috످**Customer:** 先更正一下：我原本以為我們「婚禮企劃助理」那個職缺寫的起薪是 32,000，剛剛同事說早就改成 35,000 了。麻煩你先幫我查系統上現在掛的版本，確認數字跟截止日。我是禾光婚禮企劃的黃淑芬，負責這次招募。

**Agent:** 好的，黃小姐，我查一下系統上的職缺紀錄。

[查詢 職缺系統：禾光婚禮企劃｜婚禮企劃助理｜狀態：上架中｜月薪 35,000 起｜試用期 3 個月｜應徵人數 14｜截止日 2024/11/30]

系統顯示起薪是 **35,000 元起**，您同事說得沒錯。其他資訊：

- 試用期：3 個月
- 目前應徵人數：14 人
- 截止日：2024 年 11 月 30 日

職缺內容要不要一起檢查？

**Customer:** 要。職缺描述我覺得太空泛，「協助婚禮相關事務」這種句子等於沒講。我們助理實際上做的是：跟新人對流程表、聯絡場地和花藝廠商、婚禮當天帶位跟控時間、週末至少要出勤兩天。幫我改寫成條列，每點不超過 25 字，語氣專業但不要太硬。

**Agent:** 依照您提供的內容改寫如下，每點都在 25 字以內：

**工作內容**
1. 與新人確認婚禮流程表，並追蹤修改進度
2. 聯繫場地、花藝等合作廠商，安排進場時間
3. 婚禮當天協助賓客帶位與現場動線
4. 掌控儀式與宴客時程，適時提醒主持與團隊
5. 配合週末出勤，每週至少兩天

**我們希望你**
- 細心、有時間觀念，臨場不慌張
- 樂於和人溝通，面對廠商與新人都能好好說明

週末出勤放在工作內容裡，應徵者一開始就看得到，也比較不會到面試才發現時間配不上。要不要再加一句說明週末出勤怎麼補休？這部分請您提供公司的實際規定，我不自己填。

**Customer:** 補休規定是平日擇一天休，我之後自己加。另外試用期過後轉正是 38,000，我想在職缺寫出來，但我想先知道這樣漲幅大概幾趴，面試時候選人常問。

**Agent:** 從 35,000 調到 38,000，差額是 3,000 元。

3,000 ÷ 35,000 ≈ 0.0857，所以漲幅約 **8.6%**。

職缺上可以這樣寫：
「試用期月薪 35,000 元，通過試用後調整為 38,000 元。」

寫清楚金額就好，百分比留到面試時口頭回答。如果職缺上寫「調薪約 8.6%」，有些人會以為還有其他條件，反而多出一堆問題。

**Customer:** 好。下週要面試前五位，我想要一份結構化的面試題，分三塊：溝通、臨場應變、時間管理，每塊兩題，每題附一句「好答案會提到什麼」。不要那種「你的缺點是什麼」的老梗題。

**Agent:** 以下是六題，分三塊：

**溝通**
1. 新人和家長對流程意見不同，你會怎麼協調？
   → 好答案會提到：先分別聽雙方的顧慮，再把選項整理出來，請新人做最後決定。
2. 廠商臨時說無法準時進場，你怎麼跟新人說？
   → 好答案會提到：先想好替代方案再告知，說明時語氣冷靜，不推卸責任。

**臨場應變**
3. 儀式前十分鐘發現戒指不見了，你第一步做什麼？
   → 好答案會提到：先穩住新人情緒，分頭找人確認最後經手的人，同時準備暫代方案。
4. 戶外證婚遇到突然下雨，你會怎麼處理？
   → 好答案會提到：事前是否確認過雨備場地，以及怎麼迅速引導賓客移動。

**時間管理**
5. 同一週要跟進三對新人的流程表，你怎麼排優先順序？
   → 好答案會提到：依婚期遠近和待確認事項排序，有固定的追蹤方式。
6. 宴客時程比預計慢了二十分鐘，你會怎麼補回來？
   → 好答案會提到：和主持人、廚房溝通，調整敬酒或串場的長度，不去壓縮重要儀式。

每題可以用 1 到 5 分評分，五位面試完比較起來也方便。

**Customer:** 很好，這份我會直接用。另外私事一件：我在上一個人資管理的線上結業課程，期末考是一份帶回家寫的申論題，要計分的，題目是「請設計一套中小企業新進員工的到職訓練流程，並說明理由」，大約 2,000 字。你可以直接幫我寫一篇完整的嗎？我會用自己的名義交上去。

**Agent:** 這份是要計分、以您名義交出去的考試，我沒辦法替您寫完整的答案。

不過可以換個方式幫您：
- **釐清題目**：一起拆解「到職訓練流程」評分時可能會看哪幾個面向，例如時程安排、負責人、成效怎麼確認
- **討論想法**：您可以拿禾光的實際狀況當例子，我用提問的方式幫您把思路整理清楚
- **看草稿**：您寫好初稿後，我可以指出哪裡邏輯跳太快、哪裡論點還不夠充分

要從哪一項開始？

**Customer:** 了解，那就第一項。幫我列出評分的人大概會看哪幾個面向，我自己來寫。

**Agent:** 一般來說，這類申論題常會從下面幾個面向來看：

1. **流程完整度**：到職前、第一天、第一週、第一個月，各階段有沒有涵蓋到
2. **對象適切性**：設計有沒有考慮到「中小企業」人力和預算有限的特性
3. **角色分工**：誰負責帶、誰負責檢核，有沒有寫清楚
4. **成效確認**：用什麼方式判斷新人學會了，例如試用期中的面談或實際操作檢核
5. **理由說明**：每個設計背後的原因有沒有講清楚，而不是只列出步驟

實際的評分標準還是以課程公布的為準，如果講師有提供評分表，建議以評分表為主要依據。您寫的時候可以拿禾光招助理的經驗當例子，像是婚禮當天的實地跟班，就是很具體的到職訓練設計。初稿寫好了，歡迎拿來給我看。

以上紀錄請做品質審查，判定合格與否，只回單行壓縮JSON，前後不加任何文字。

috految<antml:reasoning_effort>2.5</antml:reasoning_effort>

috److{"結論":"合格","理由":"助理依查詢結果確認起薪與截止日，漲幅約 8.6% 計算正確，面試題符合要求。使用者要求代寫計分考試時，助理婉拒並改為協助拆解題目，處理得當。","小瑕疵":["職缺改寫自行加入「追蹤修改進度」等職責及應徵條件，卻稱依使用者提供的內容改寫，宜標明為建議。","建議文案將「35,000 元起」寫成固定金額，刊登前宜確認。"]}

috످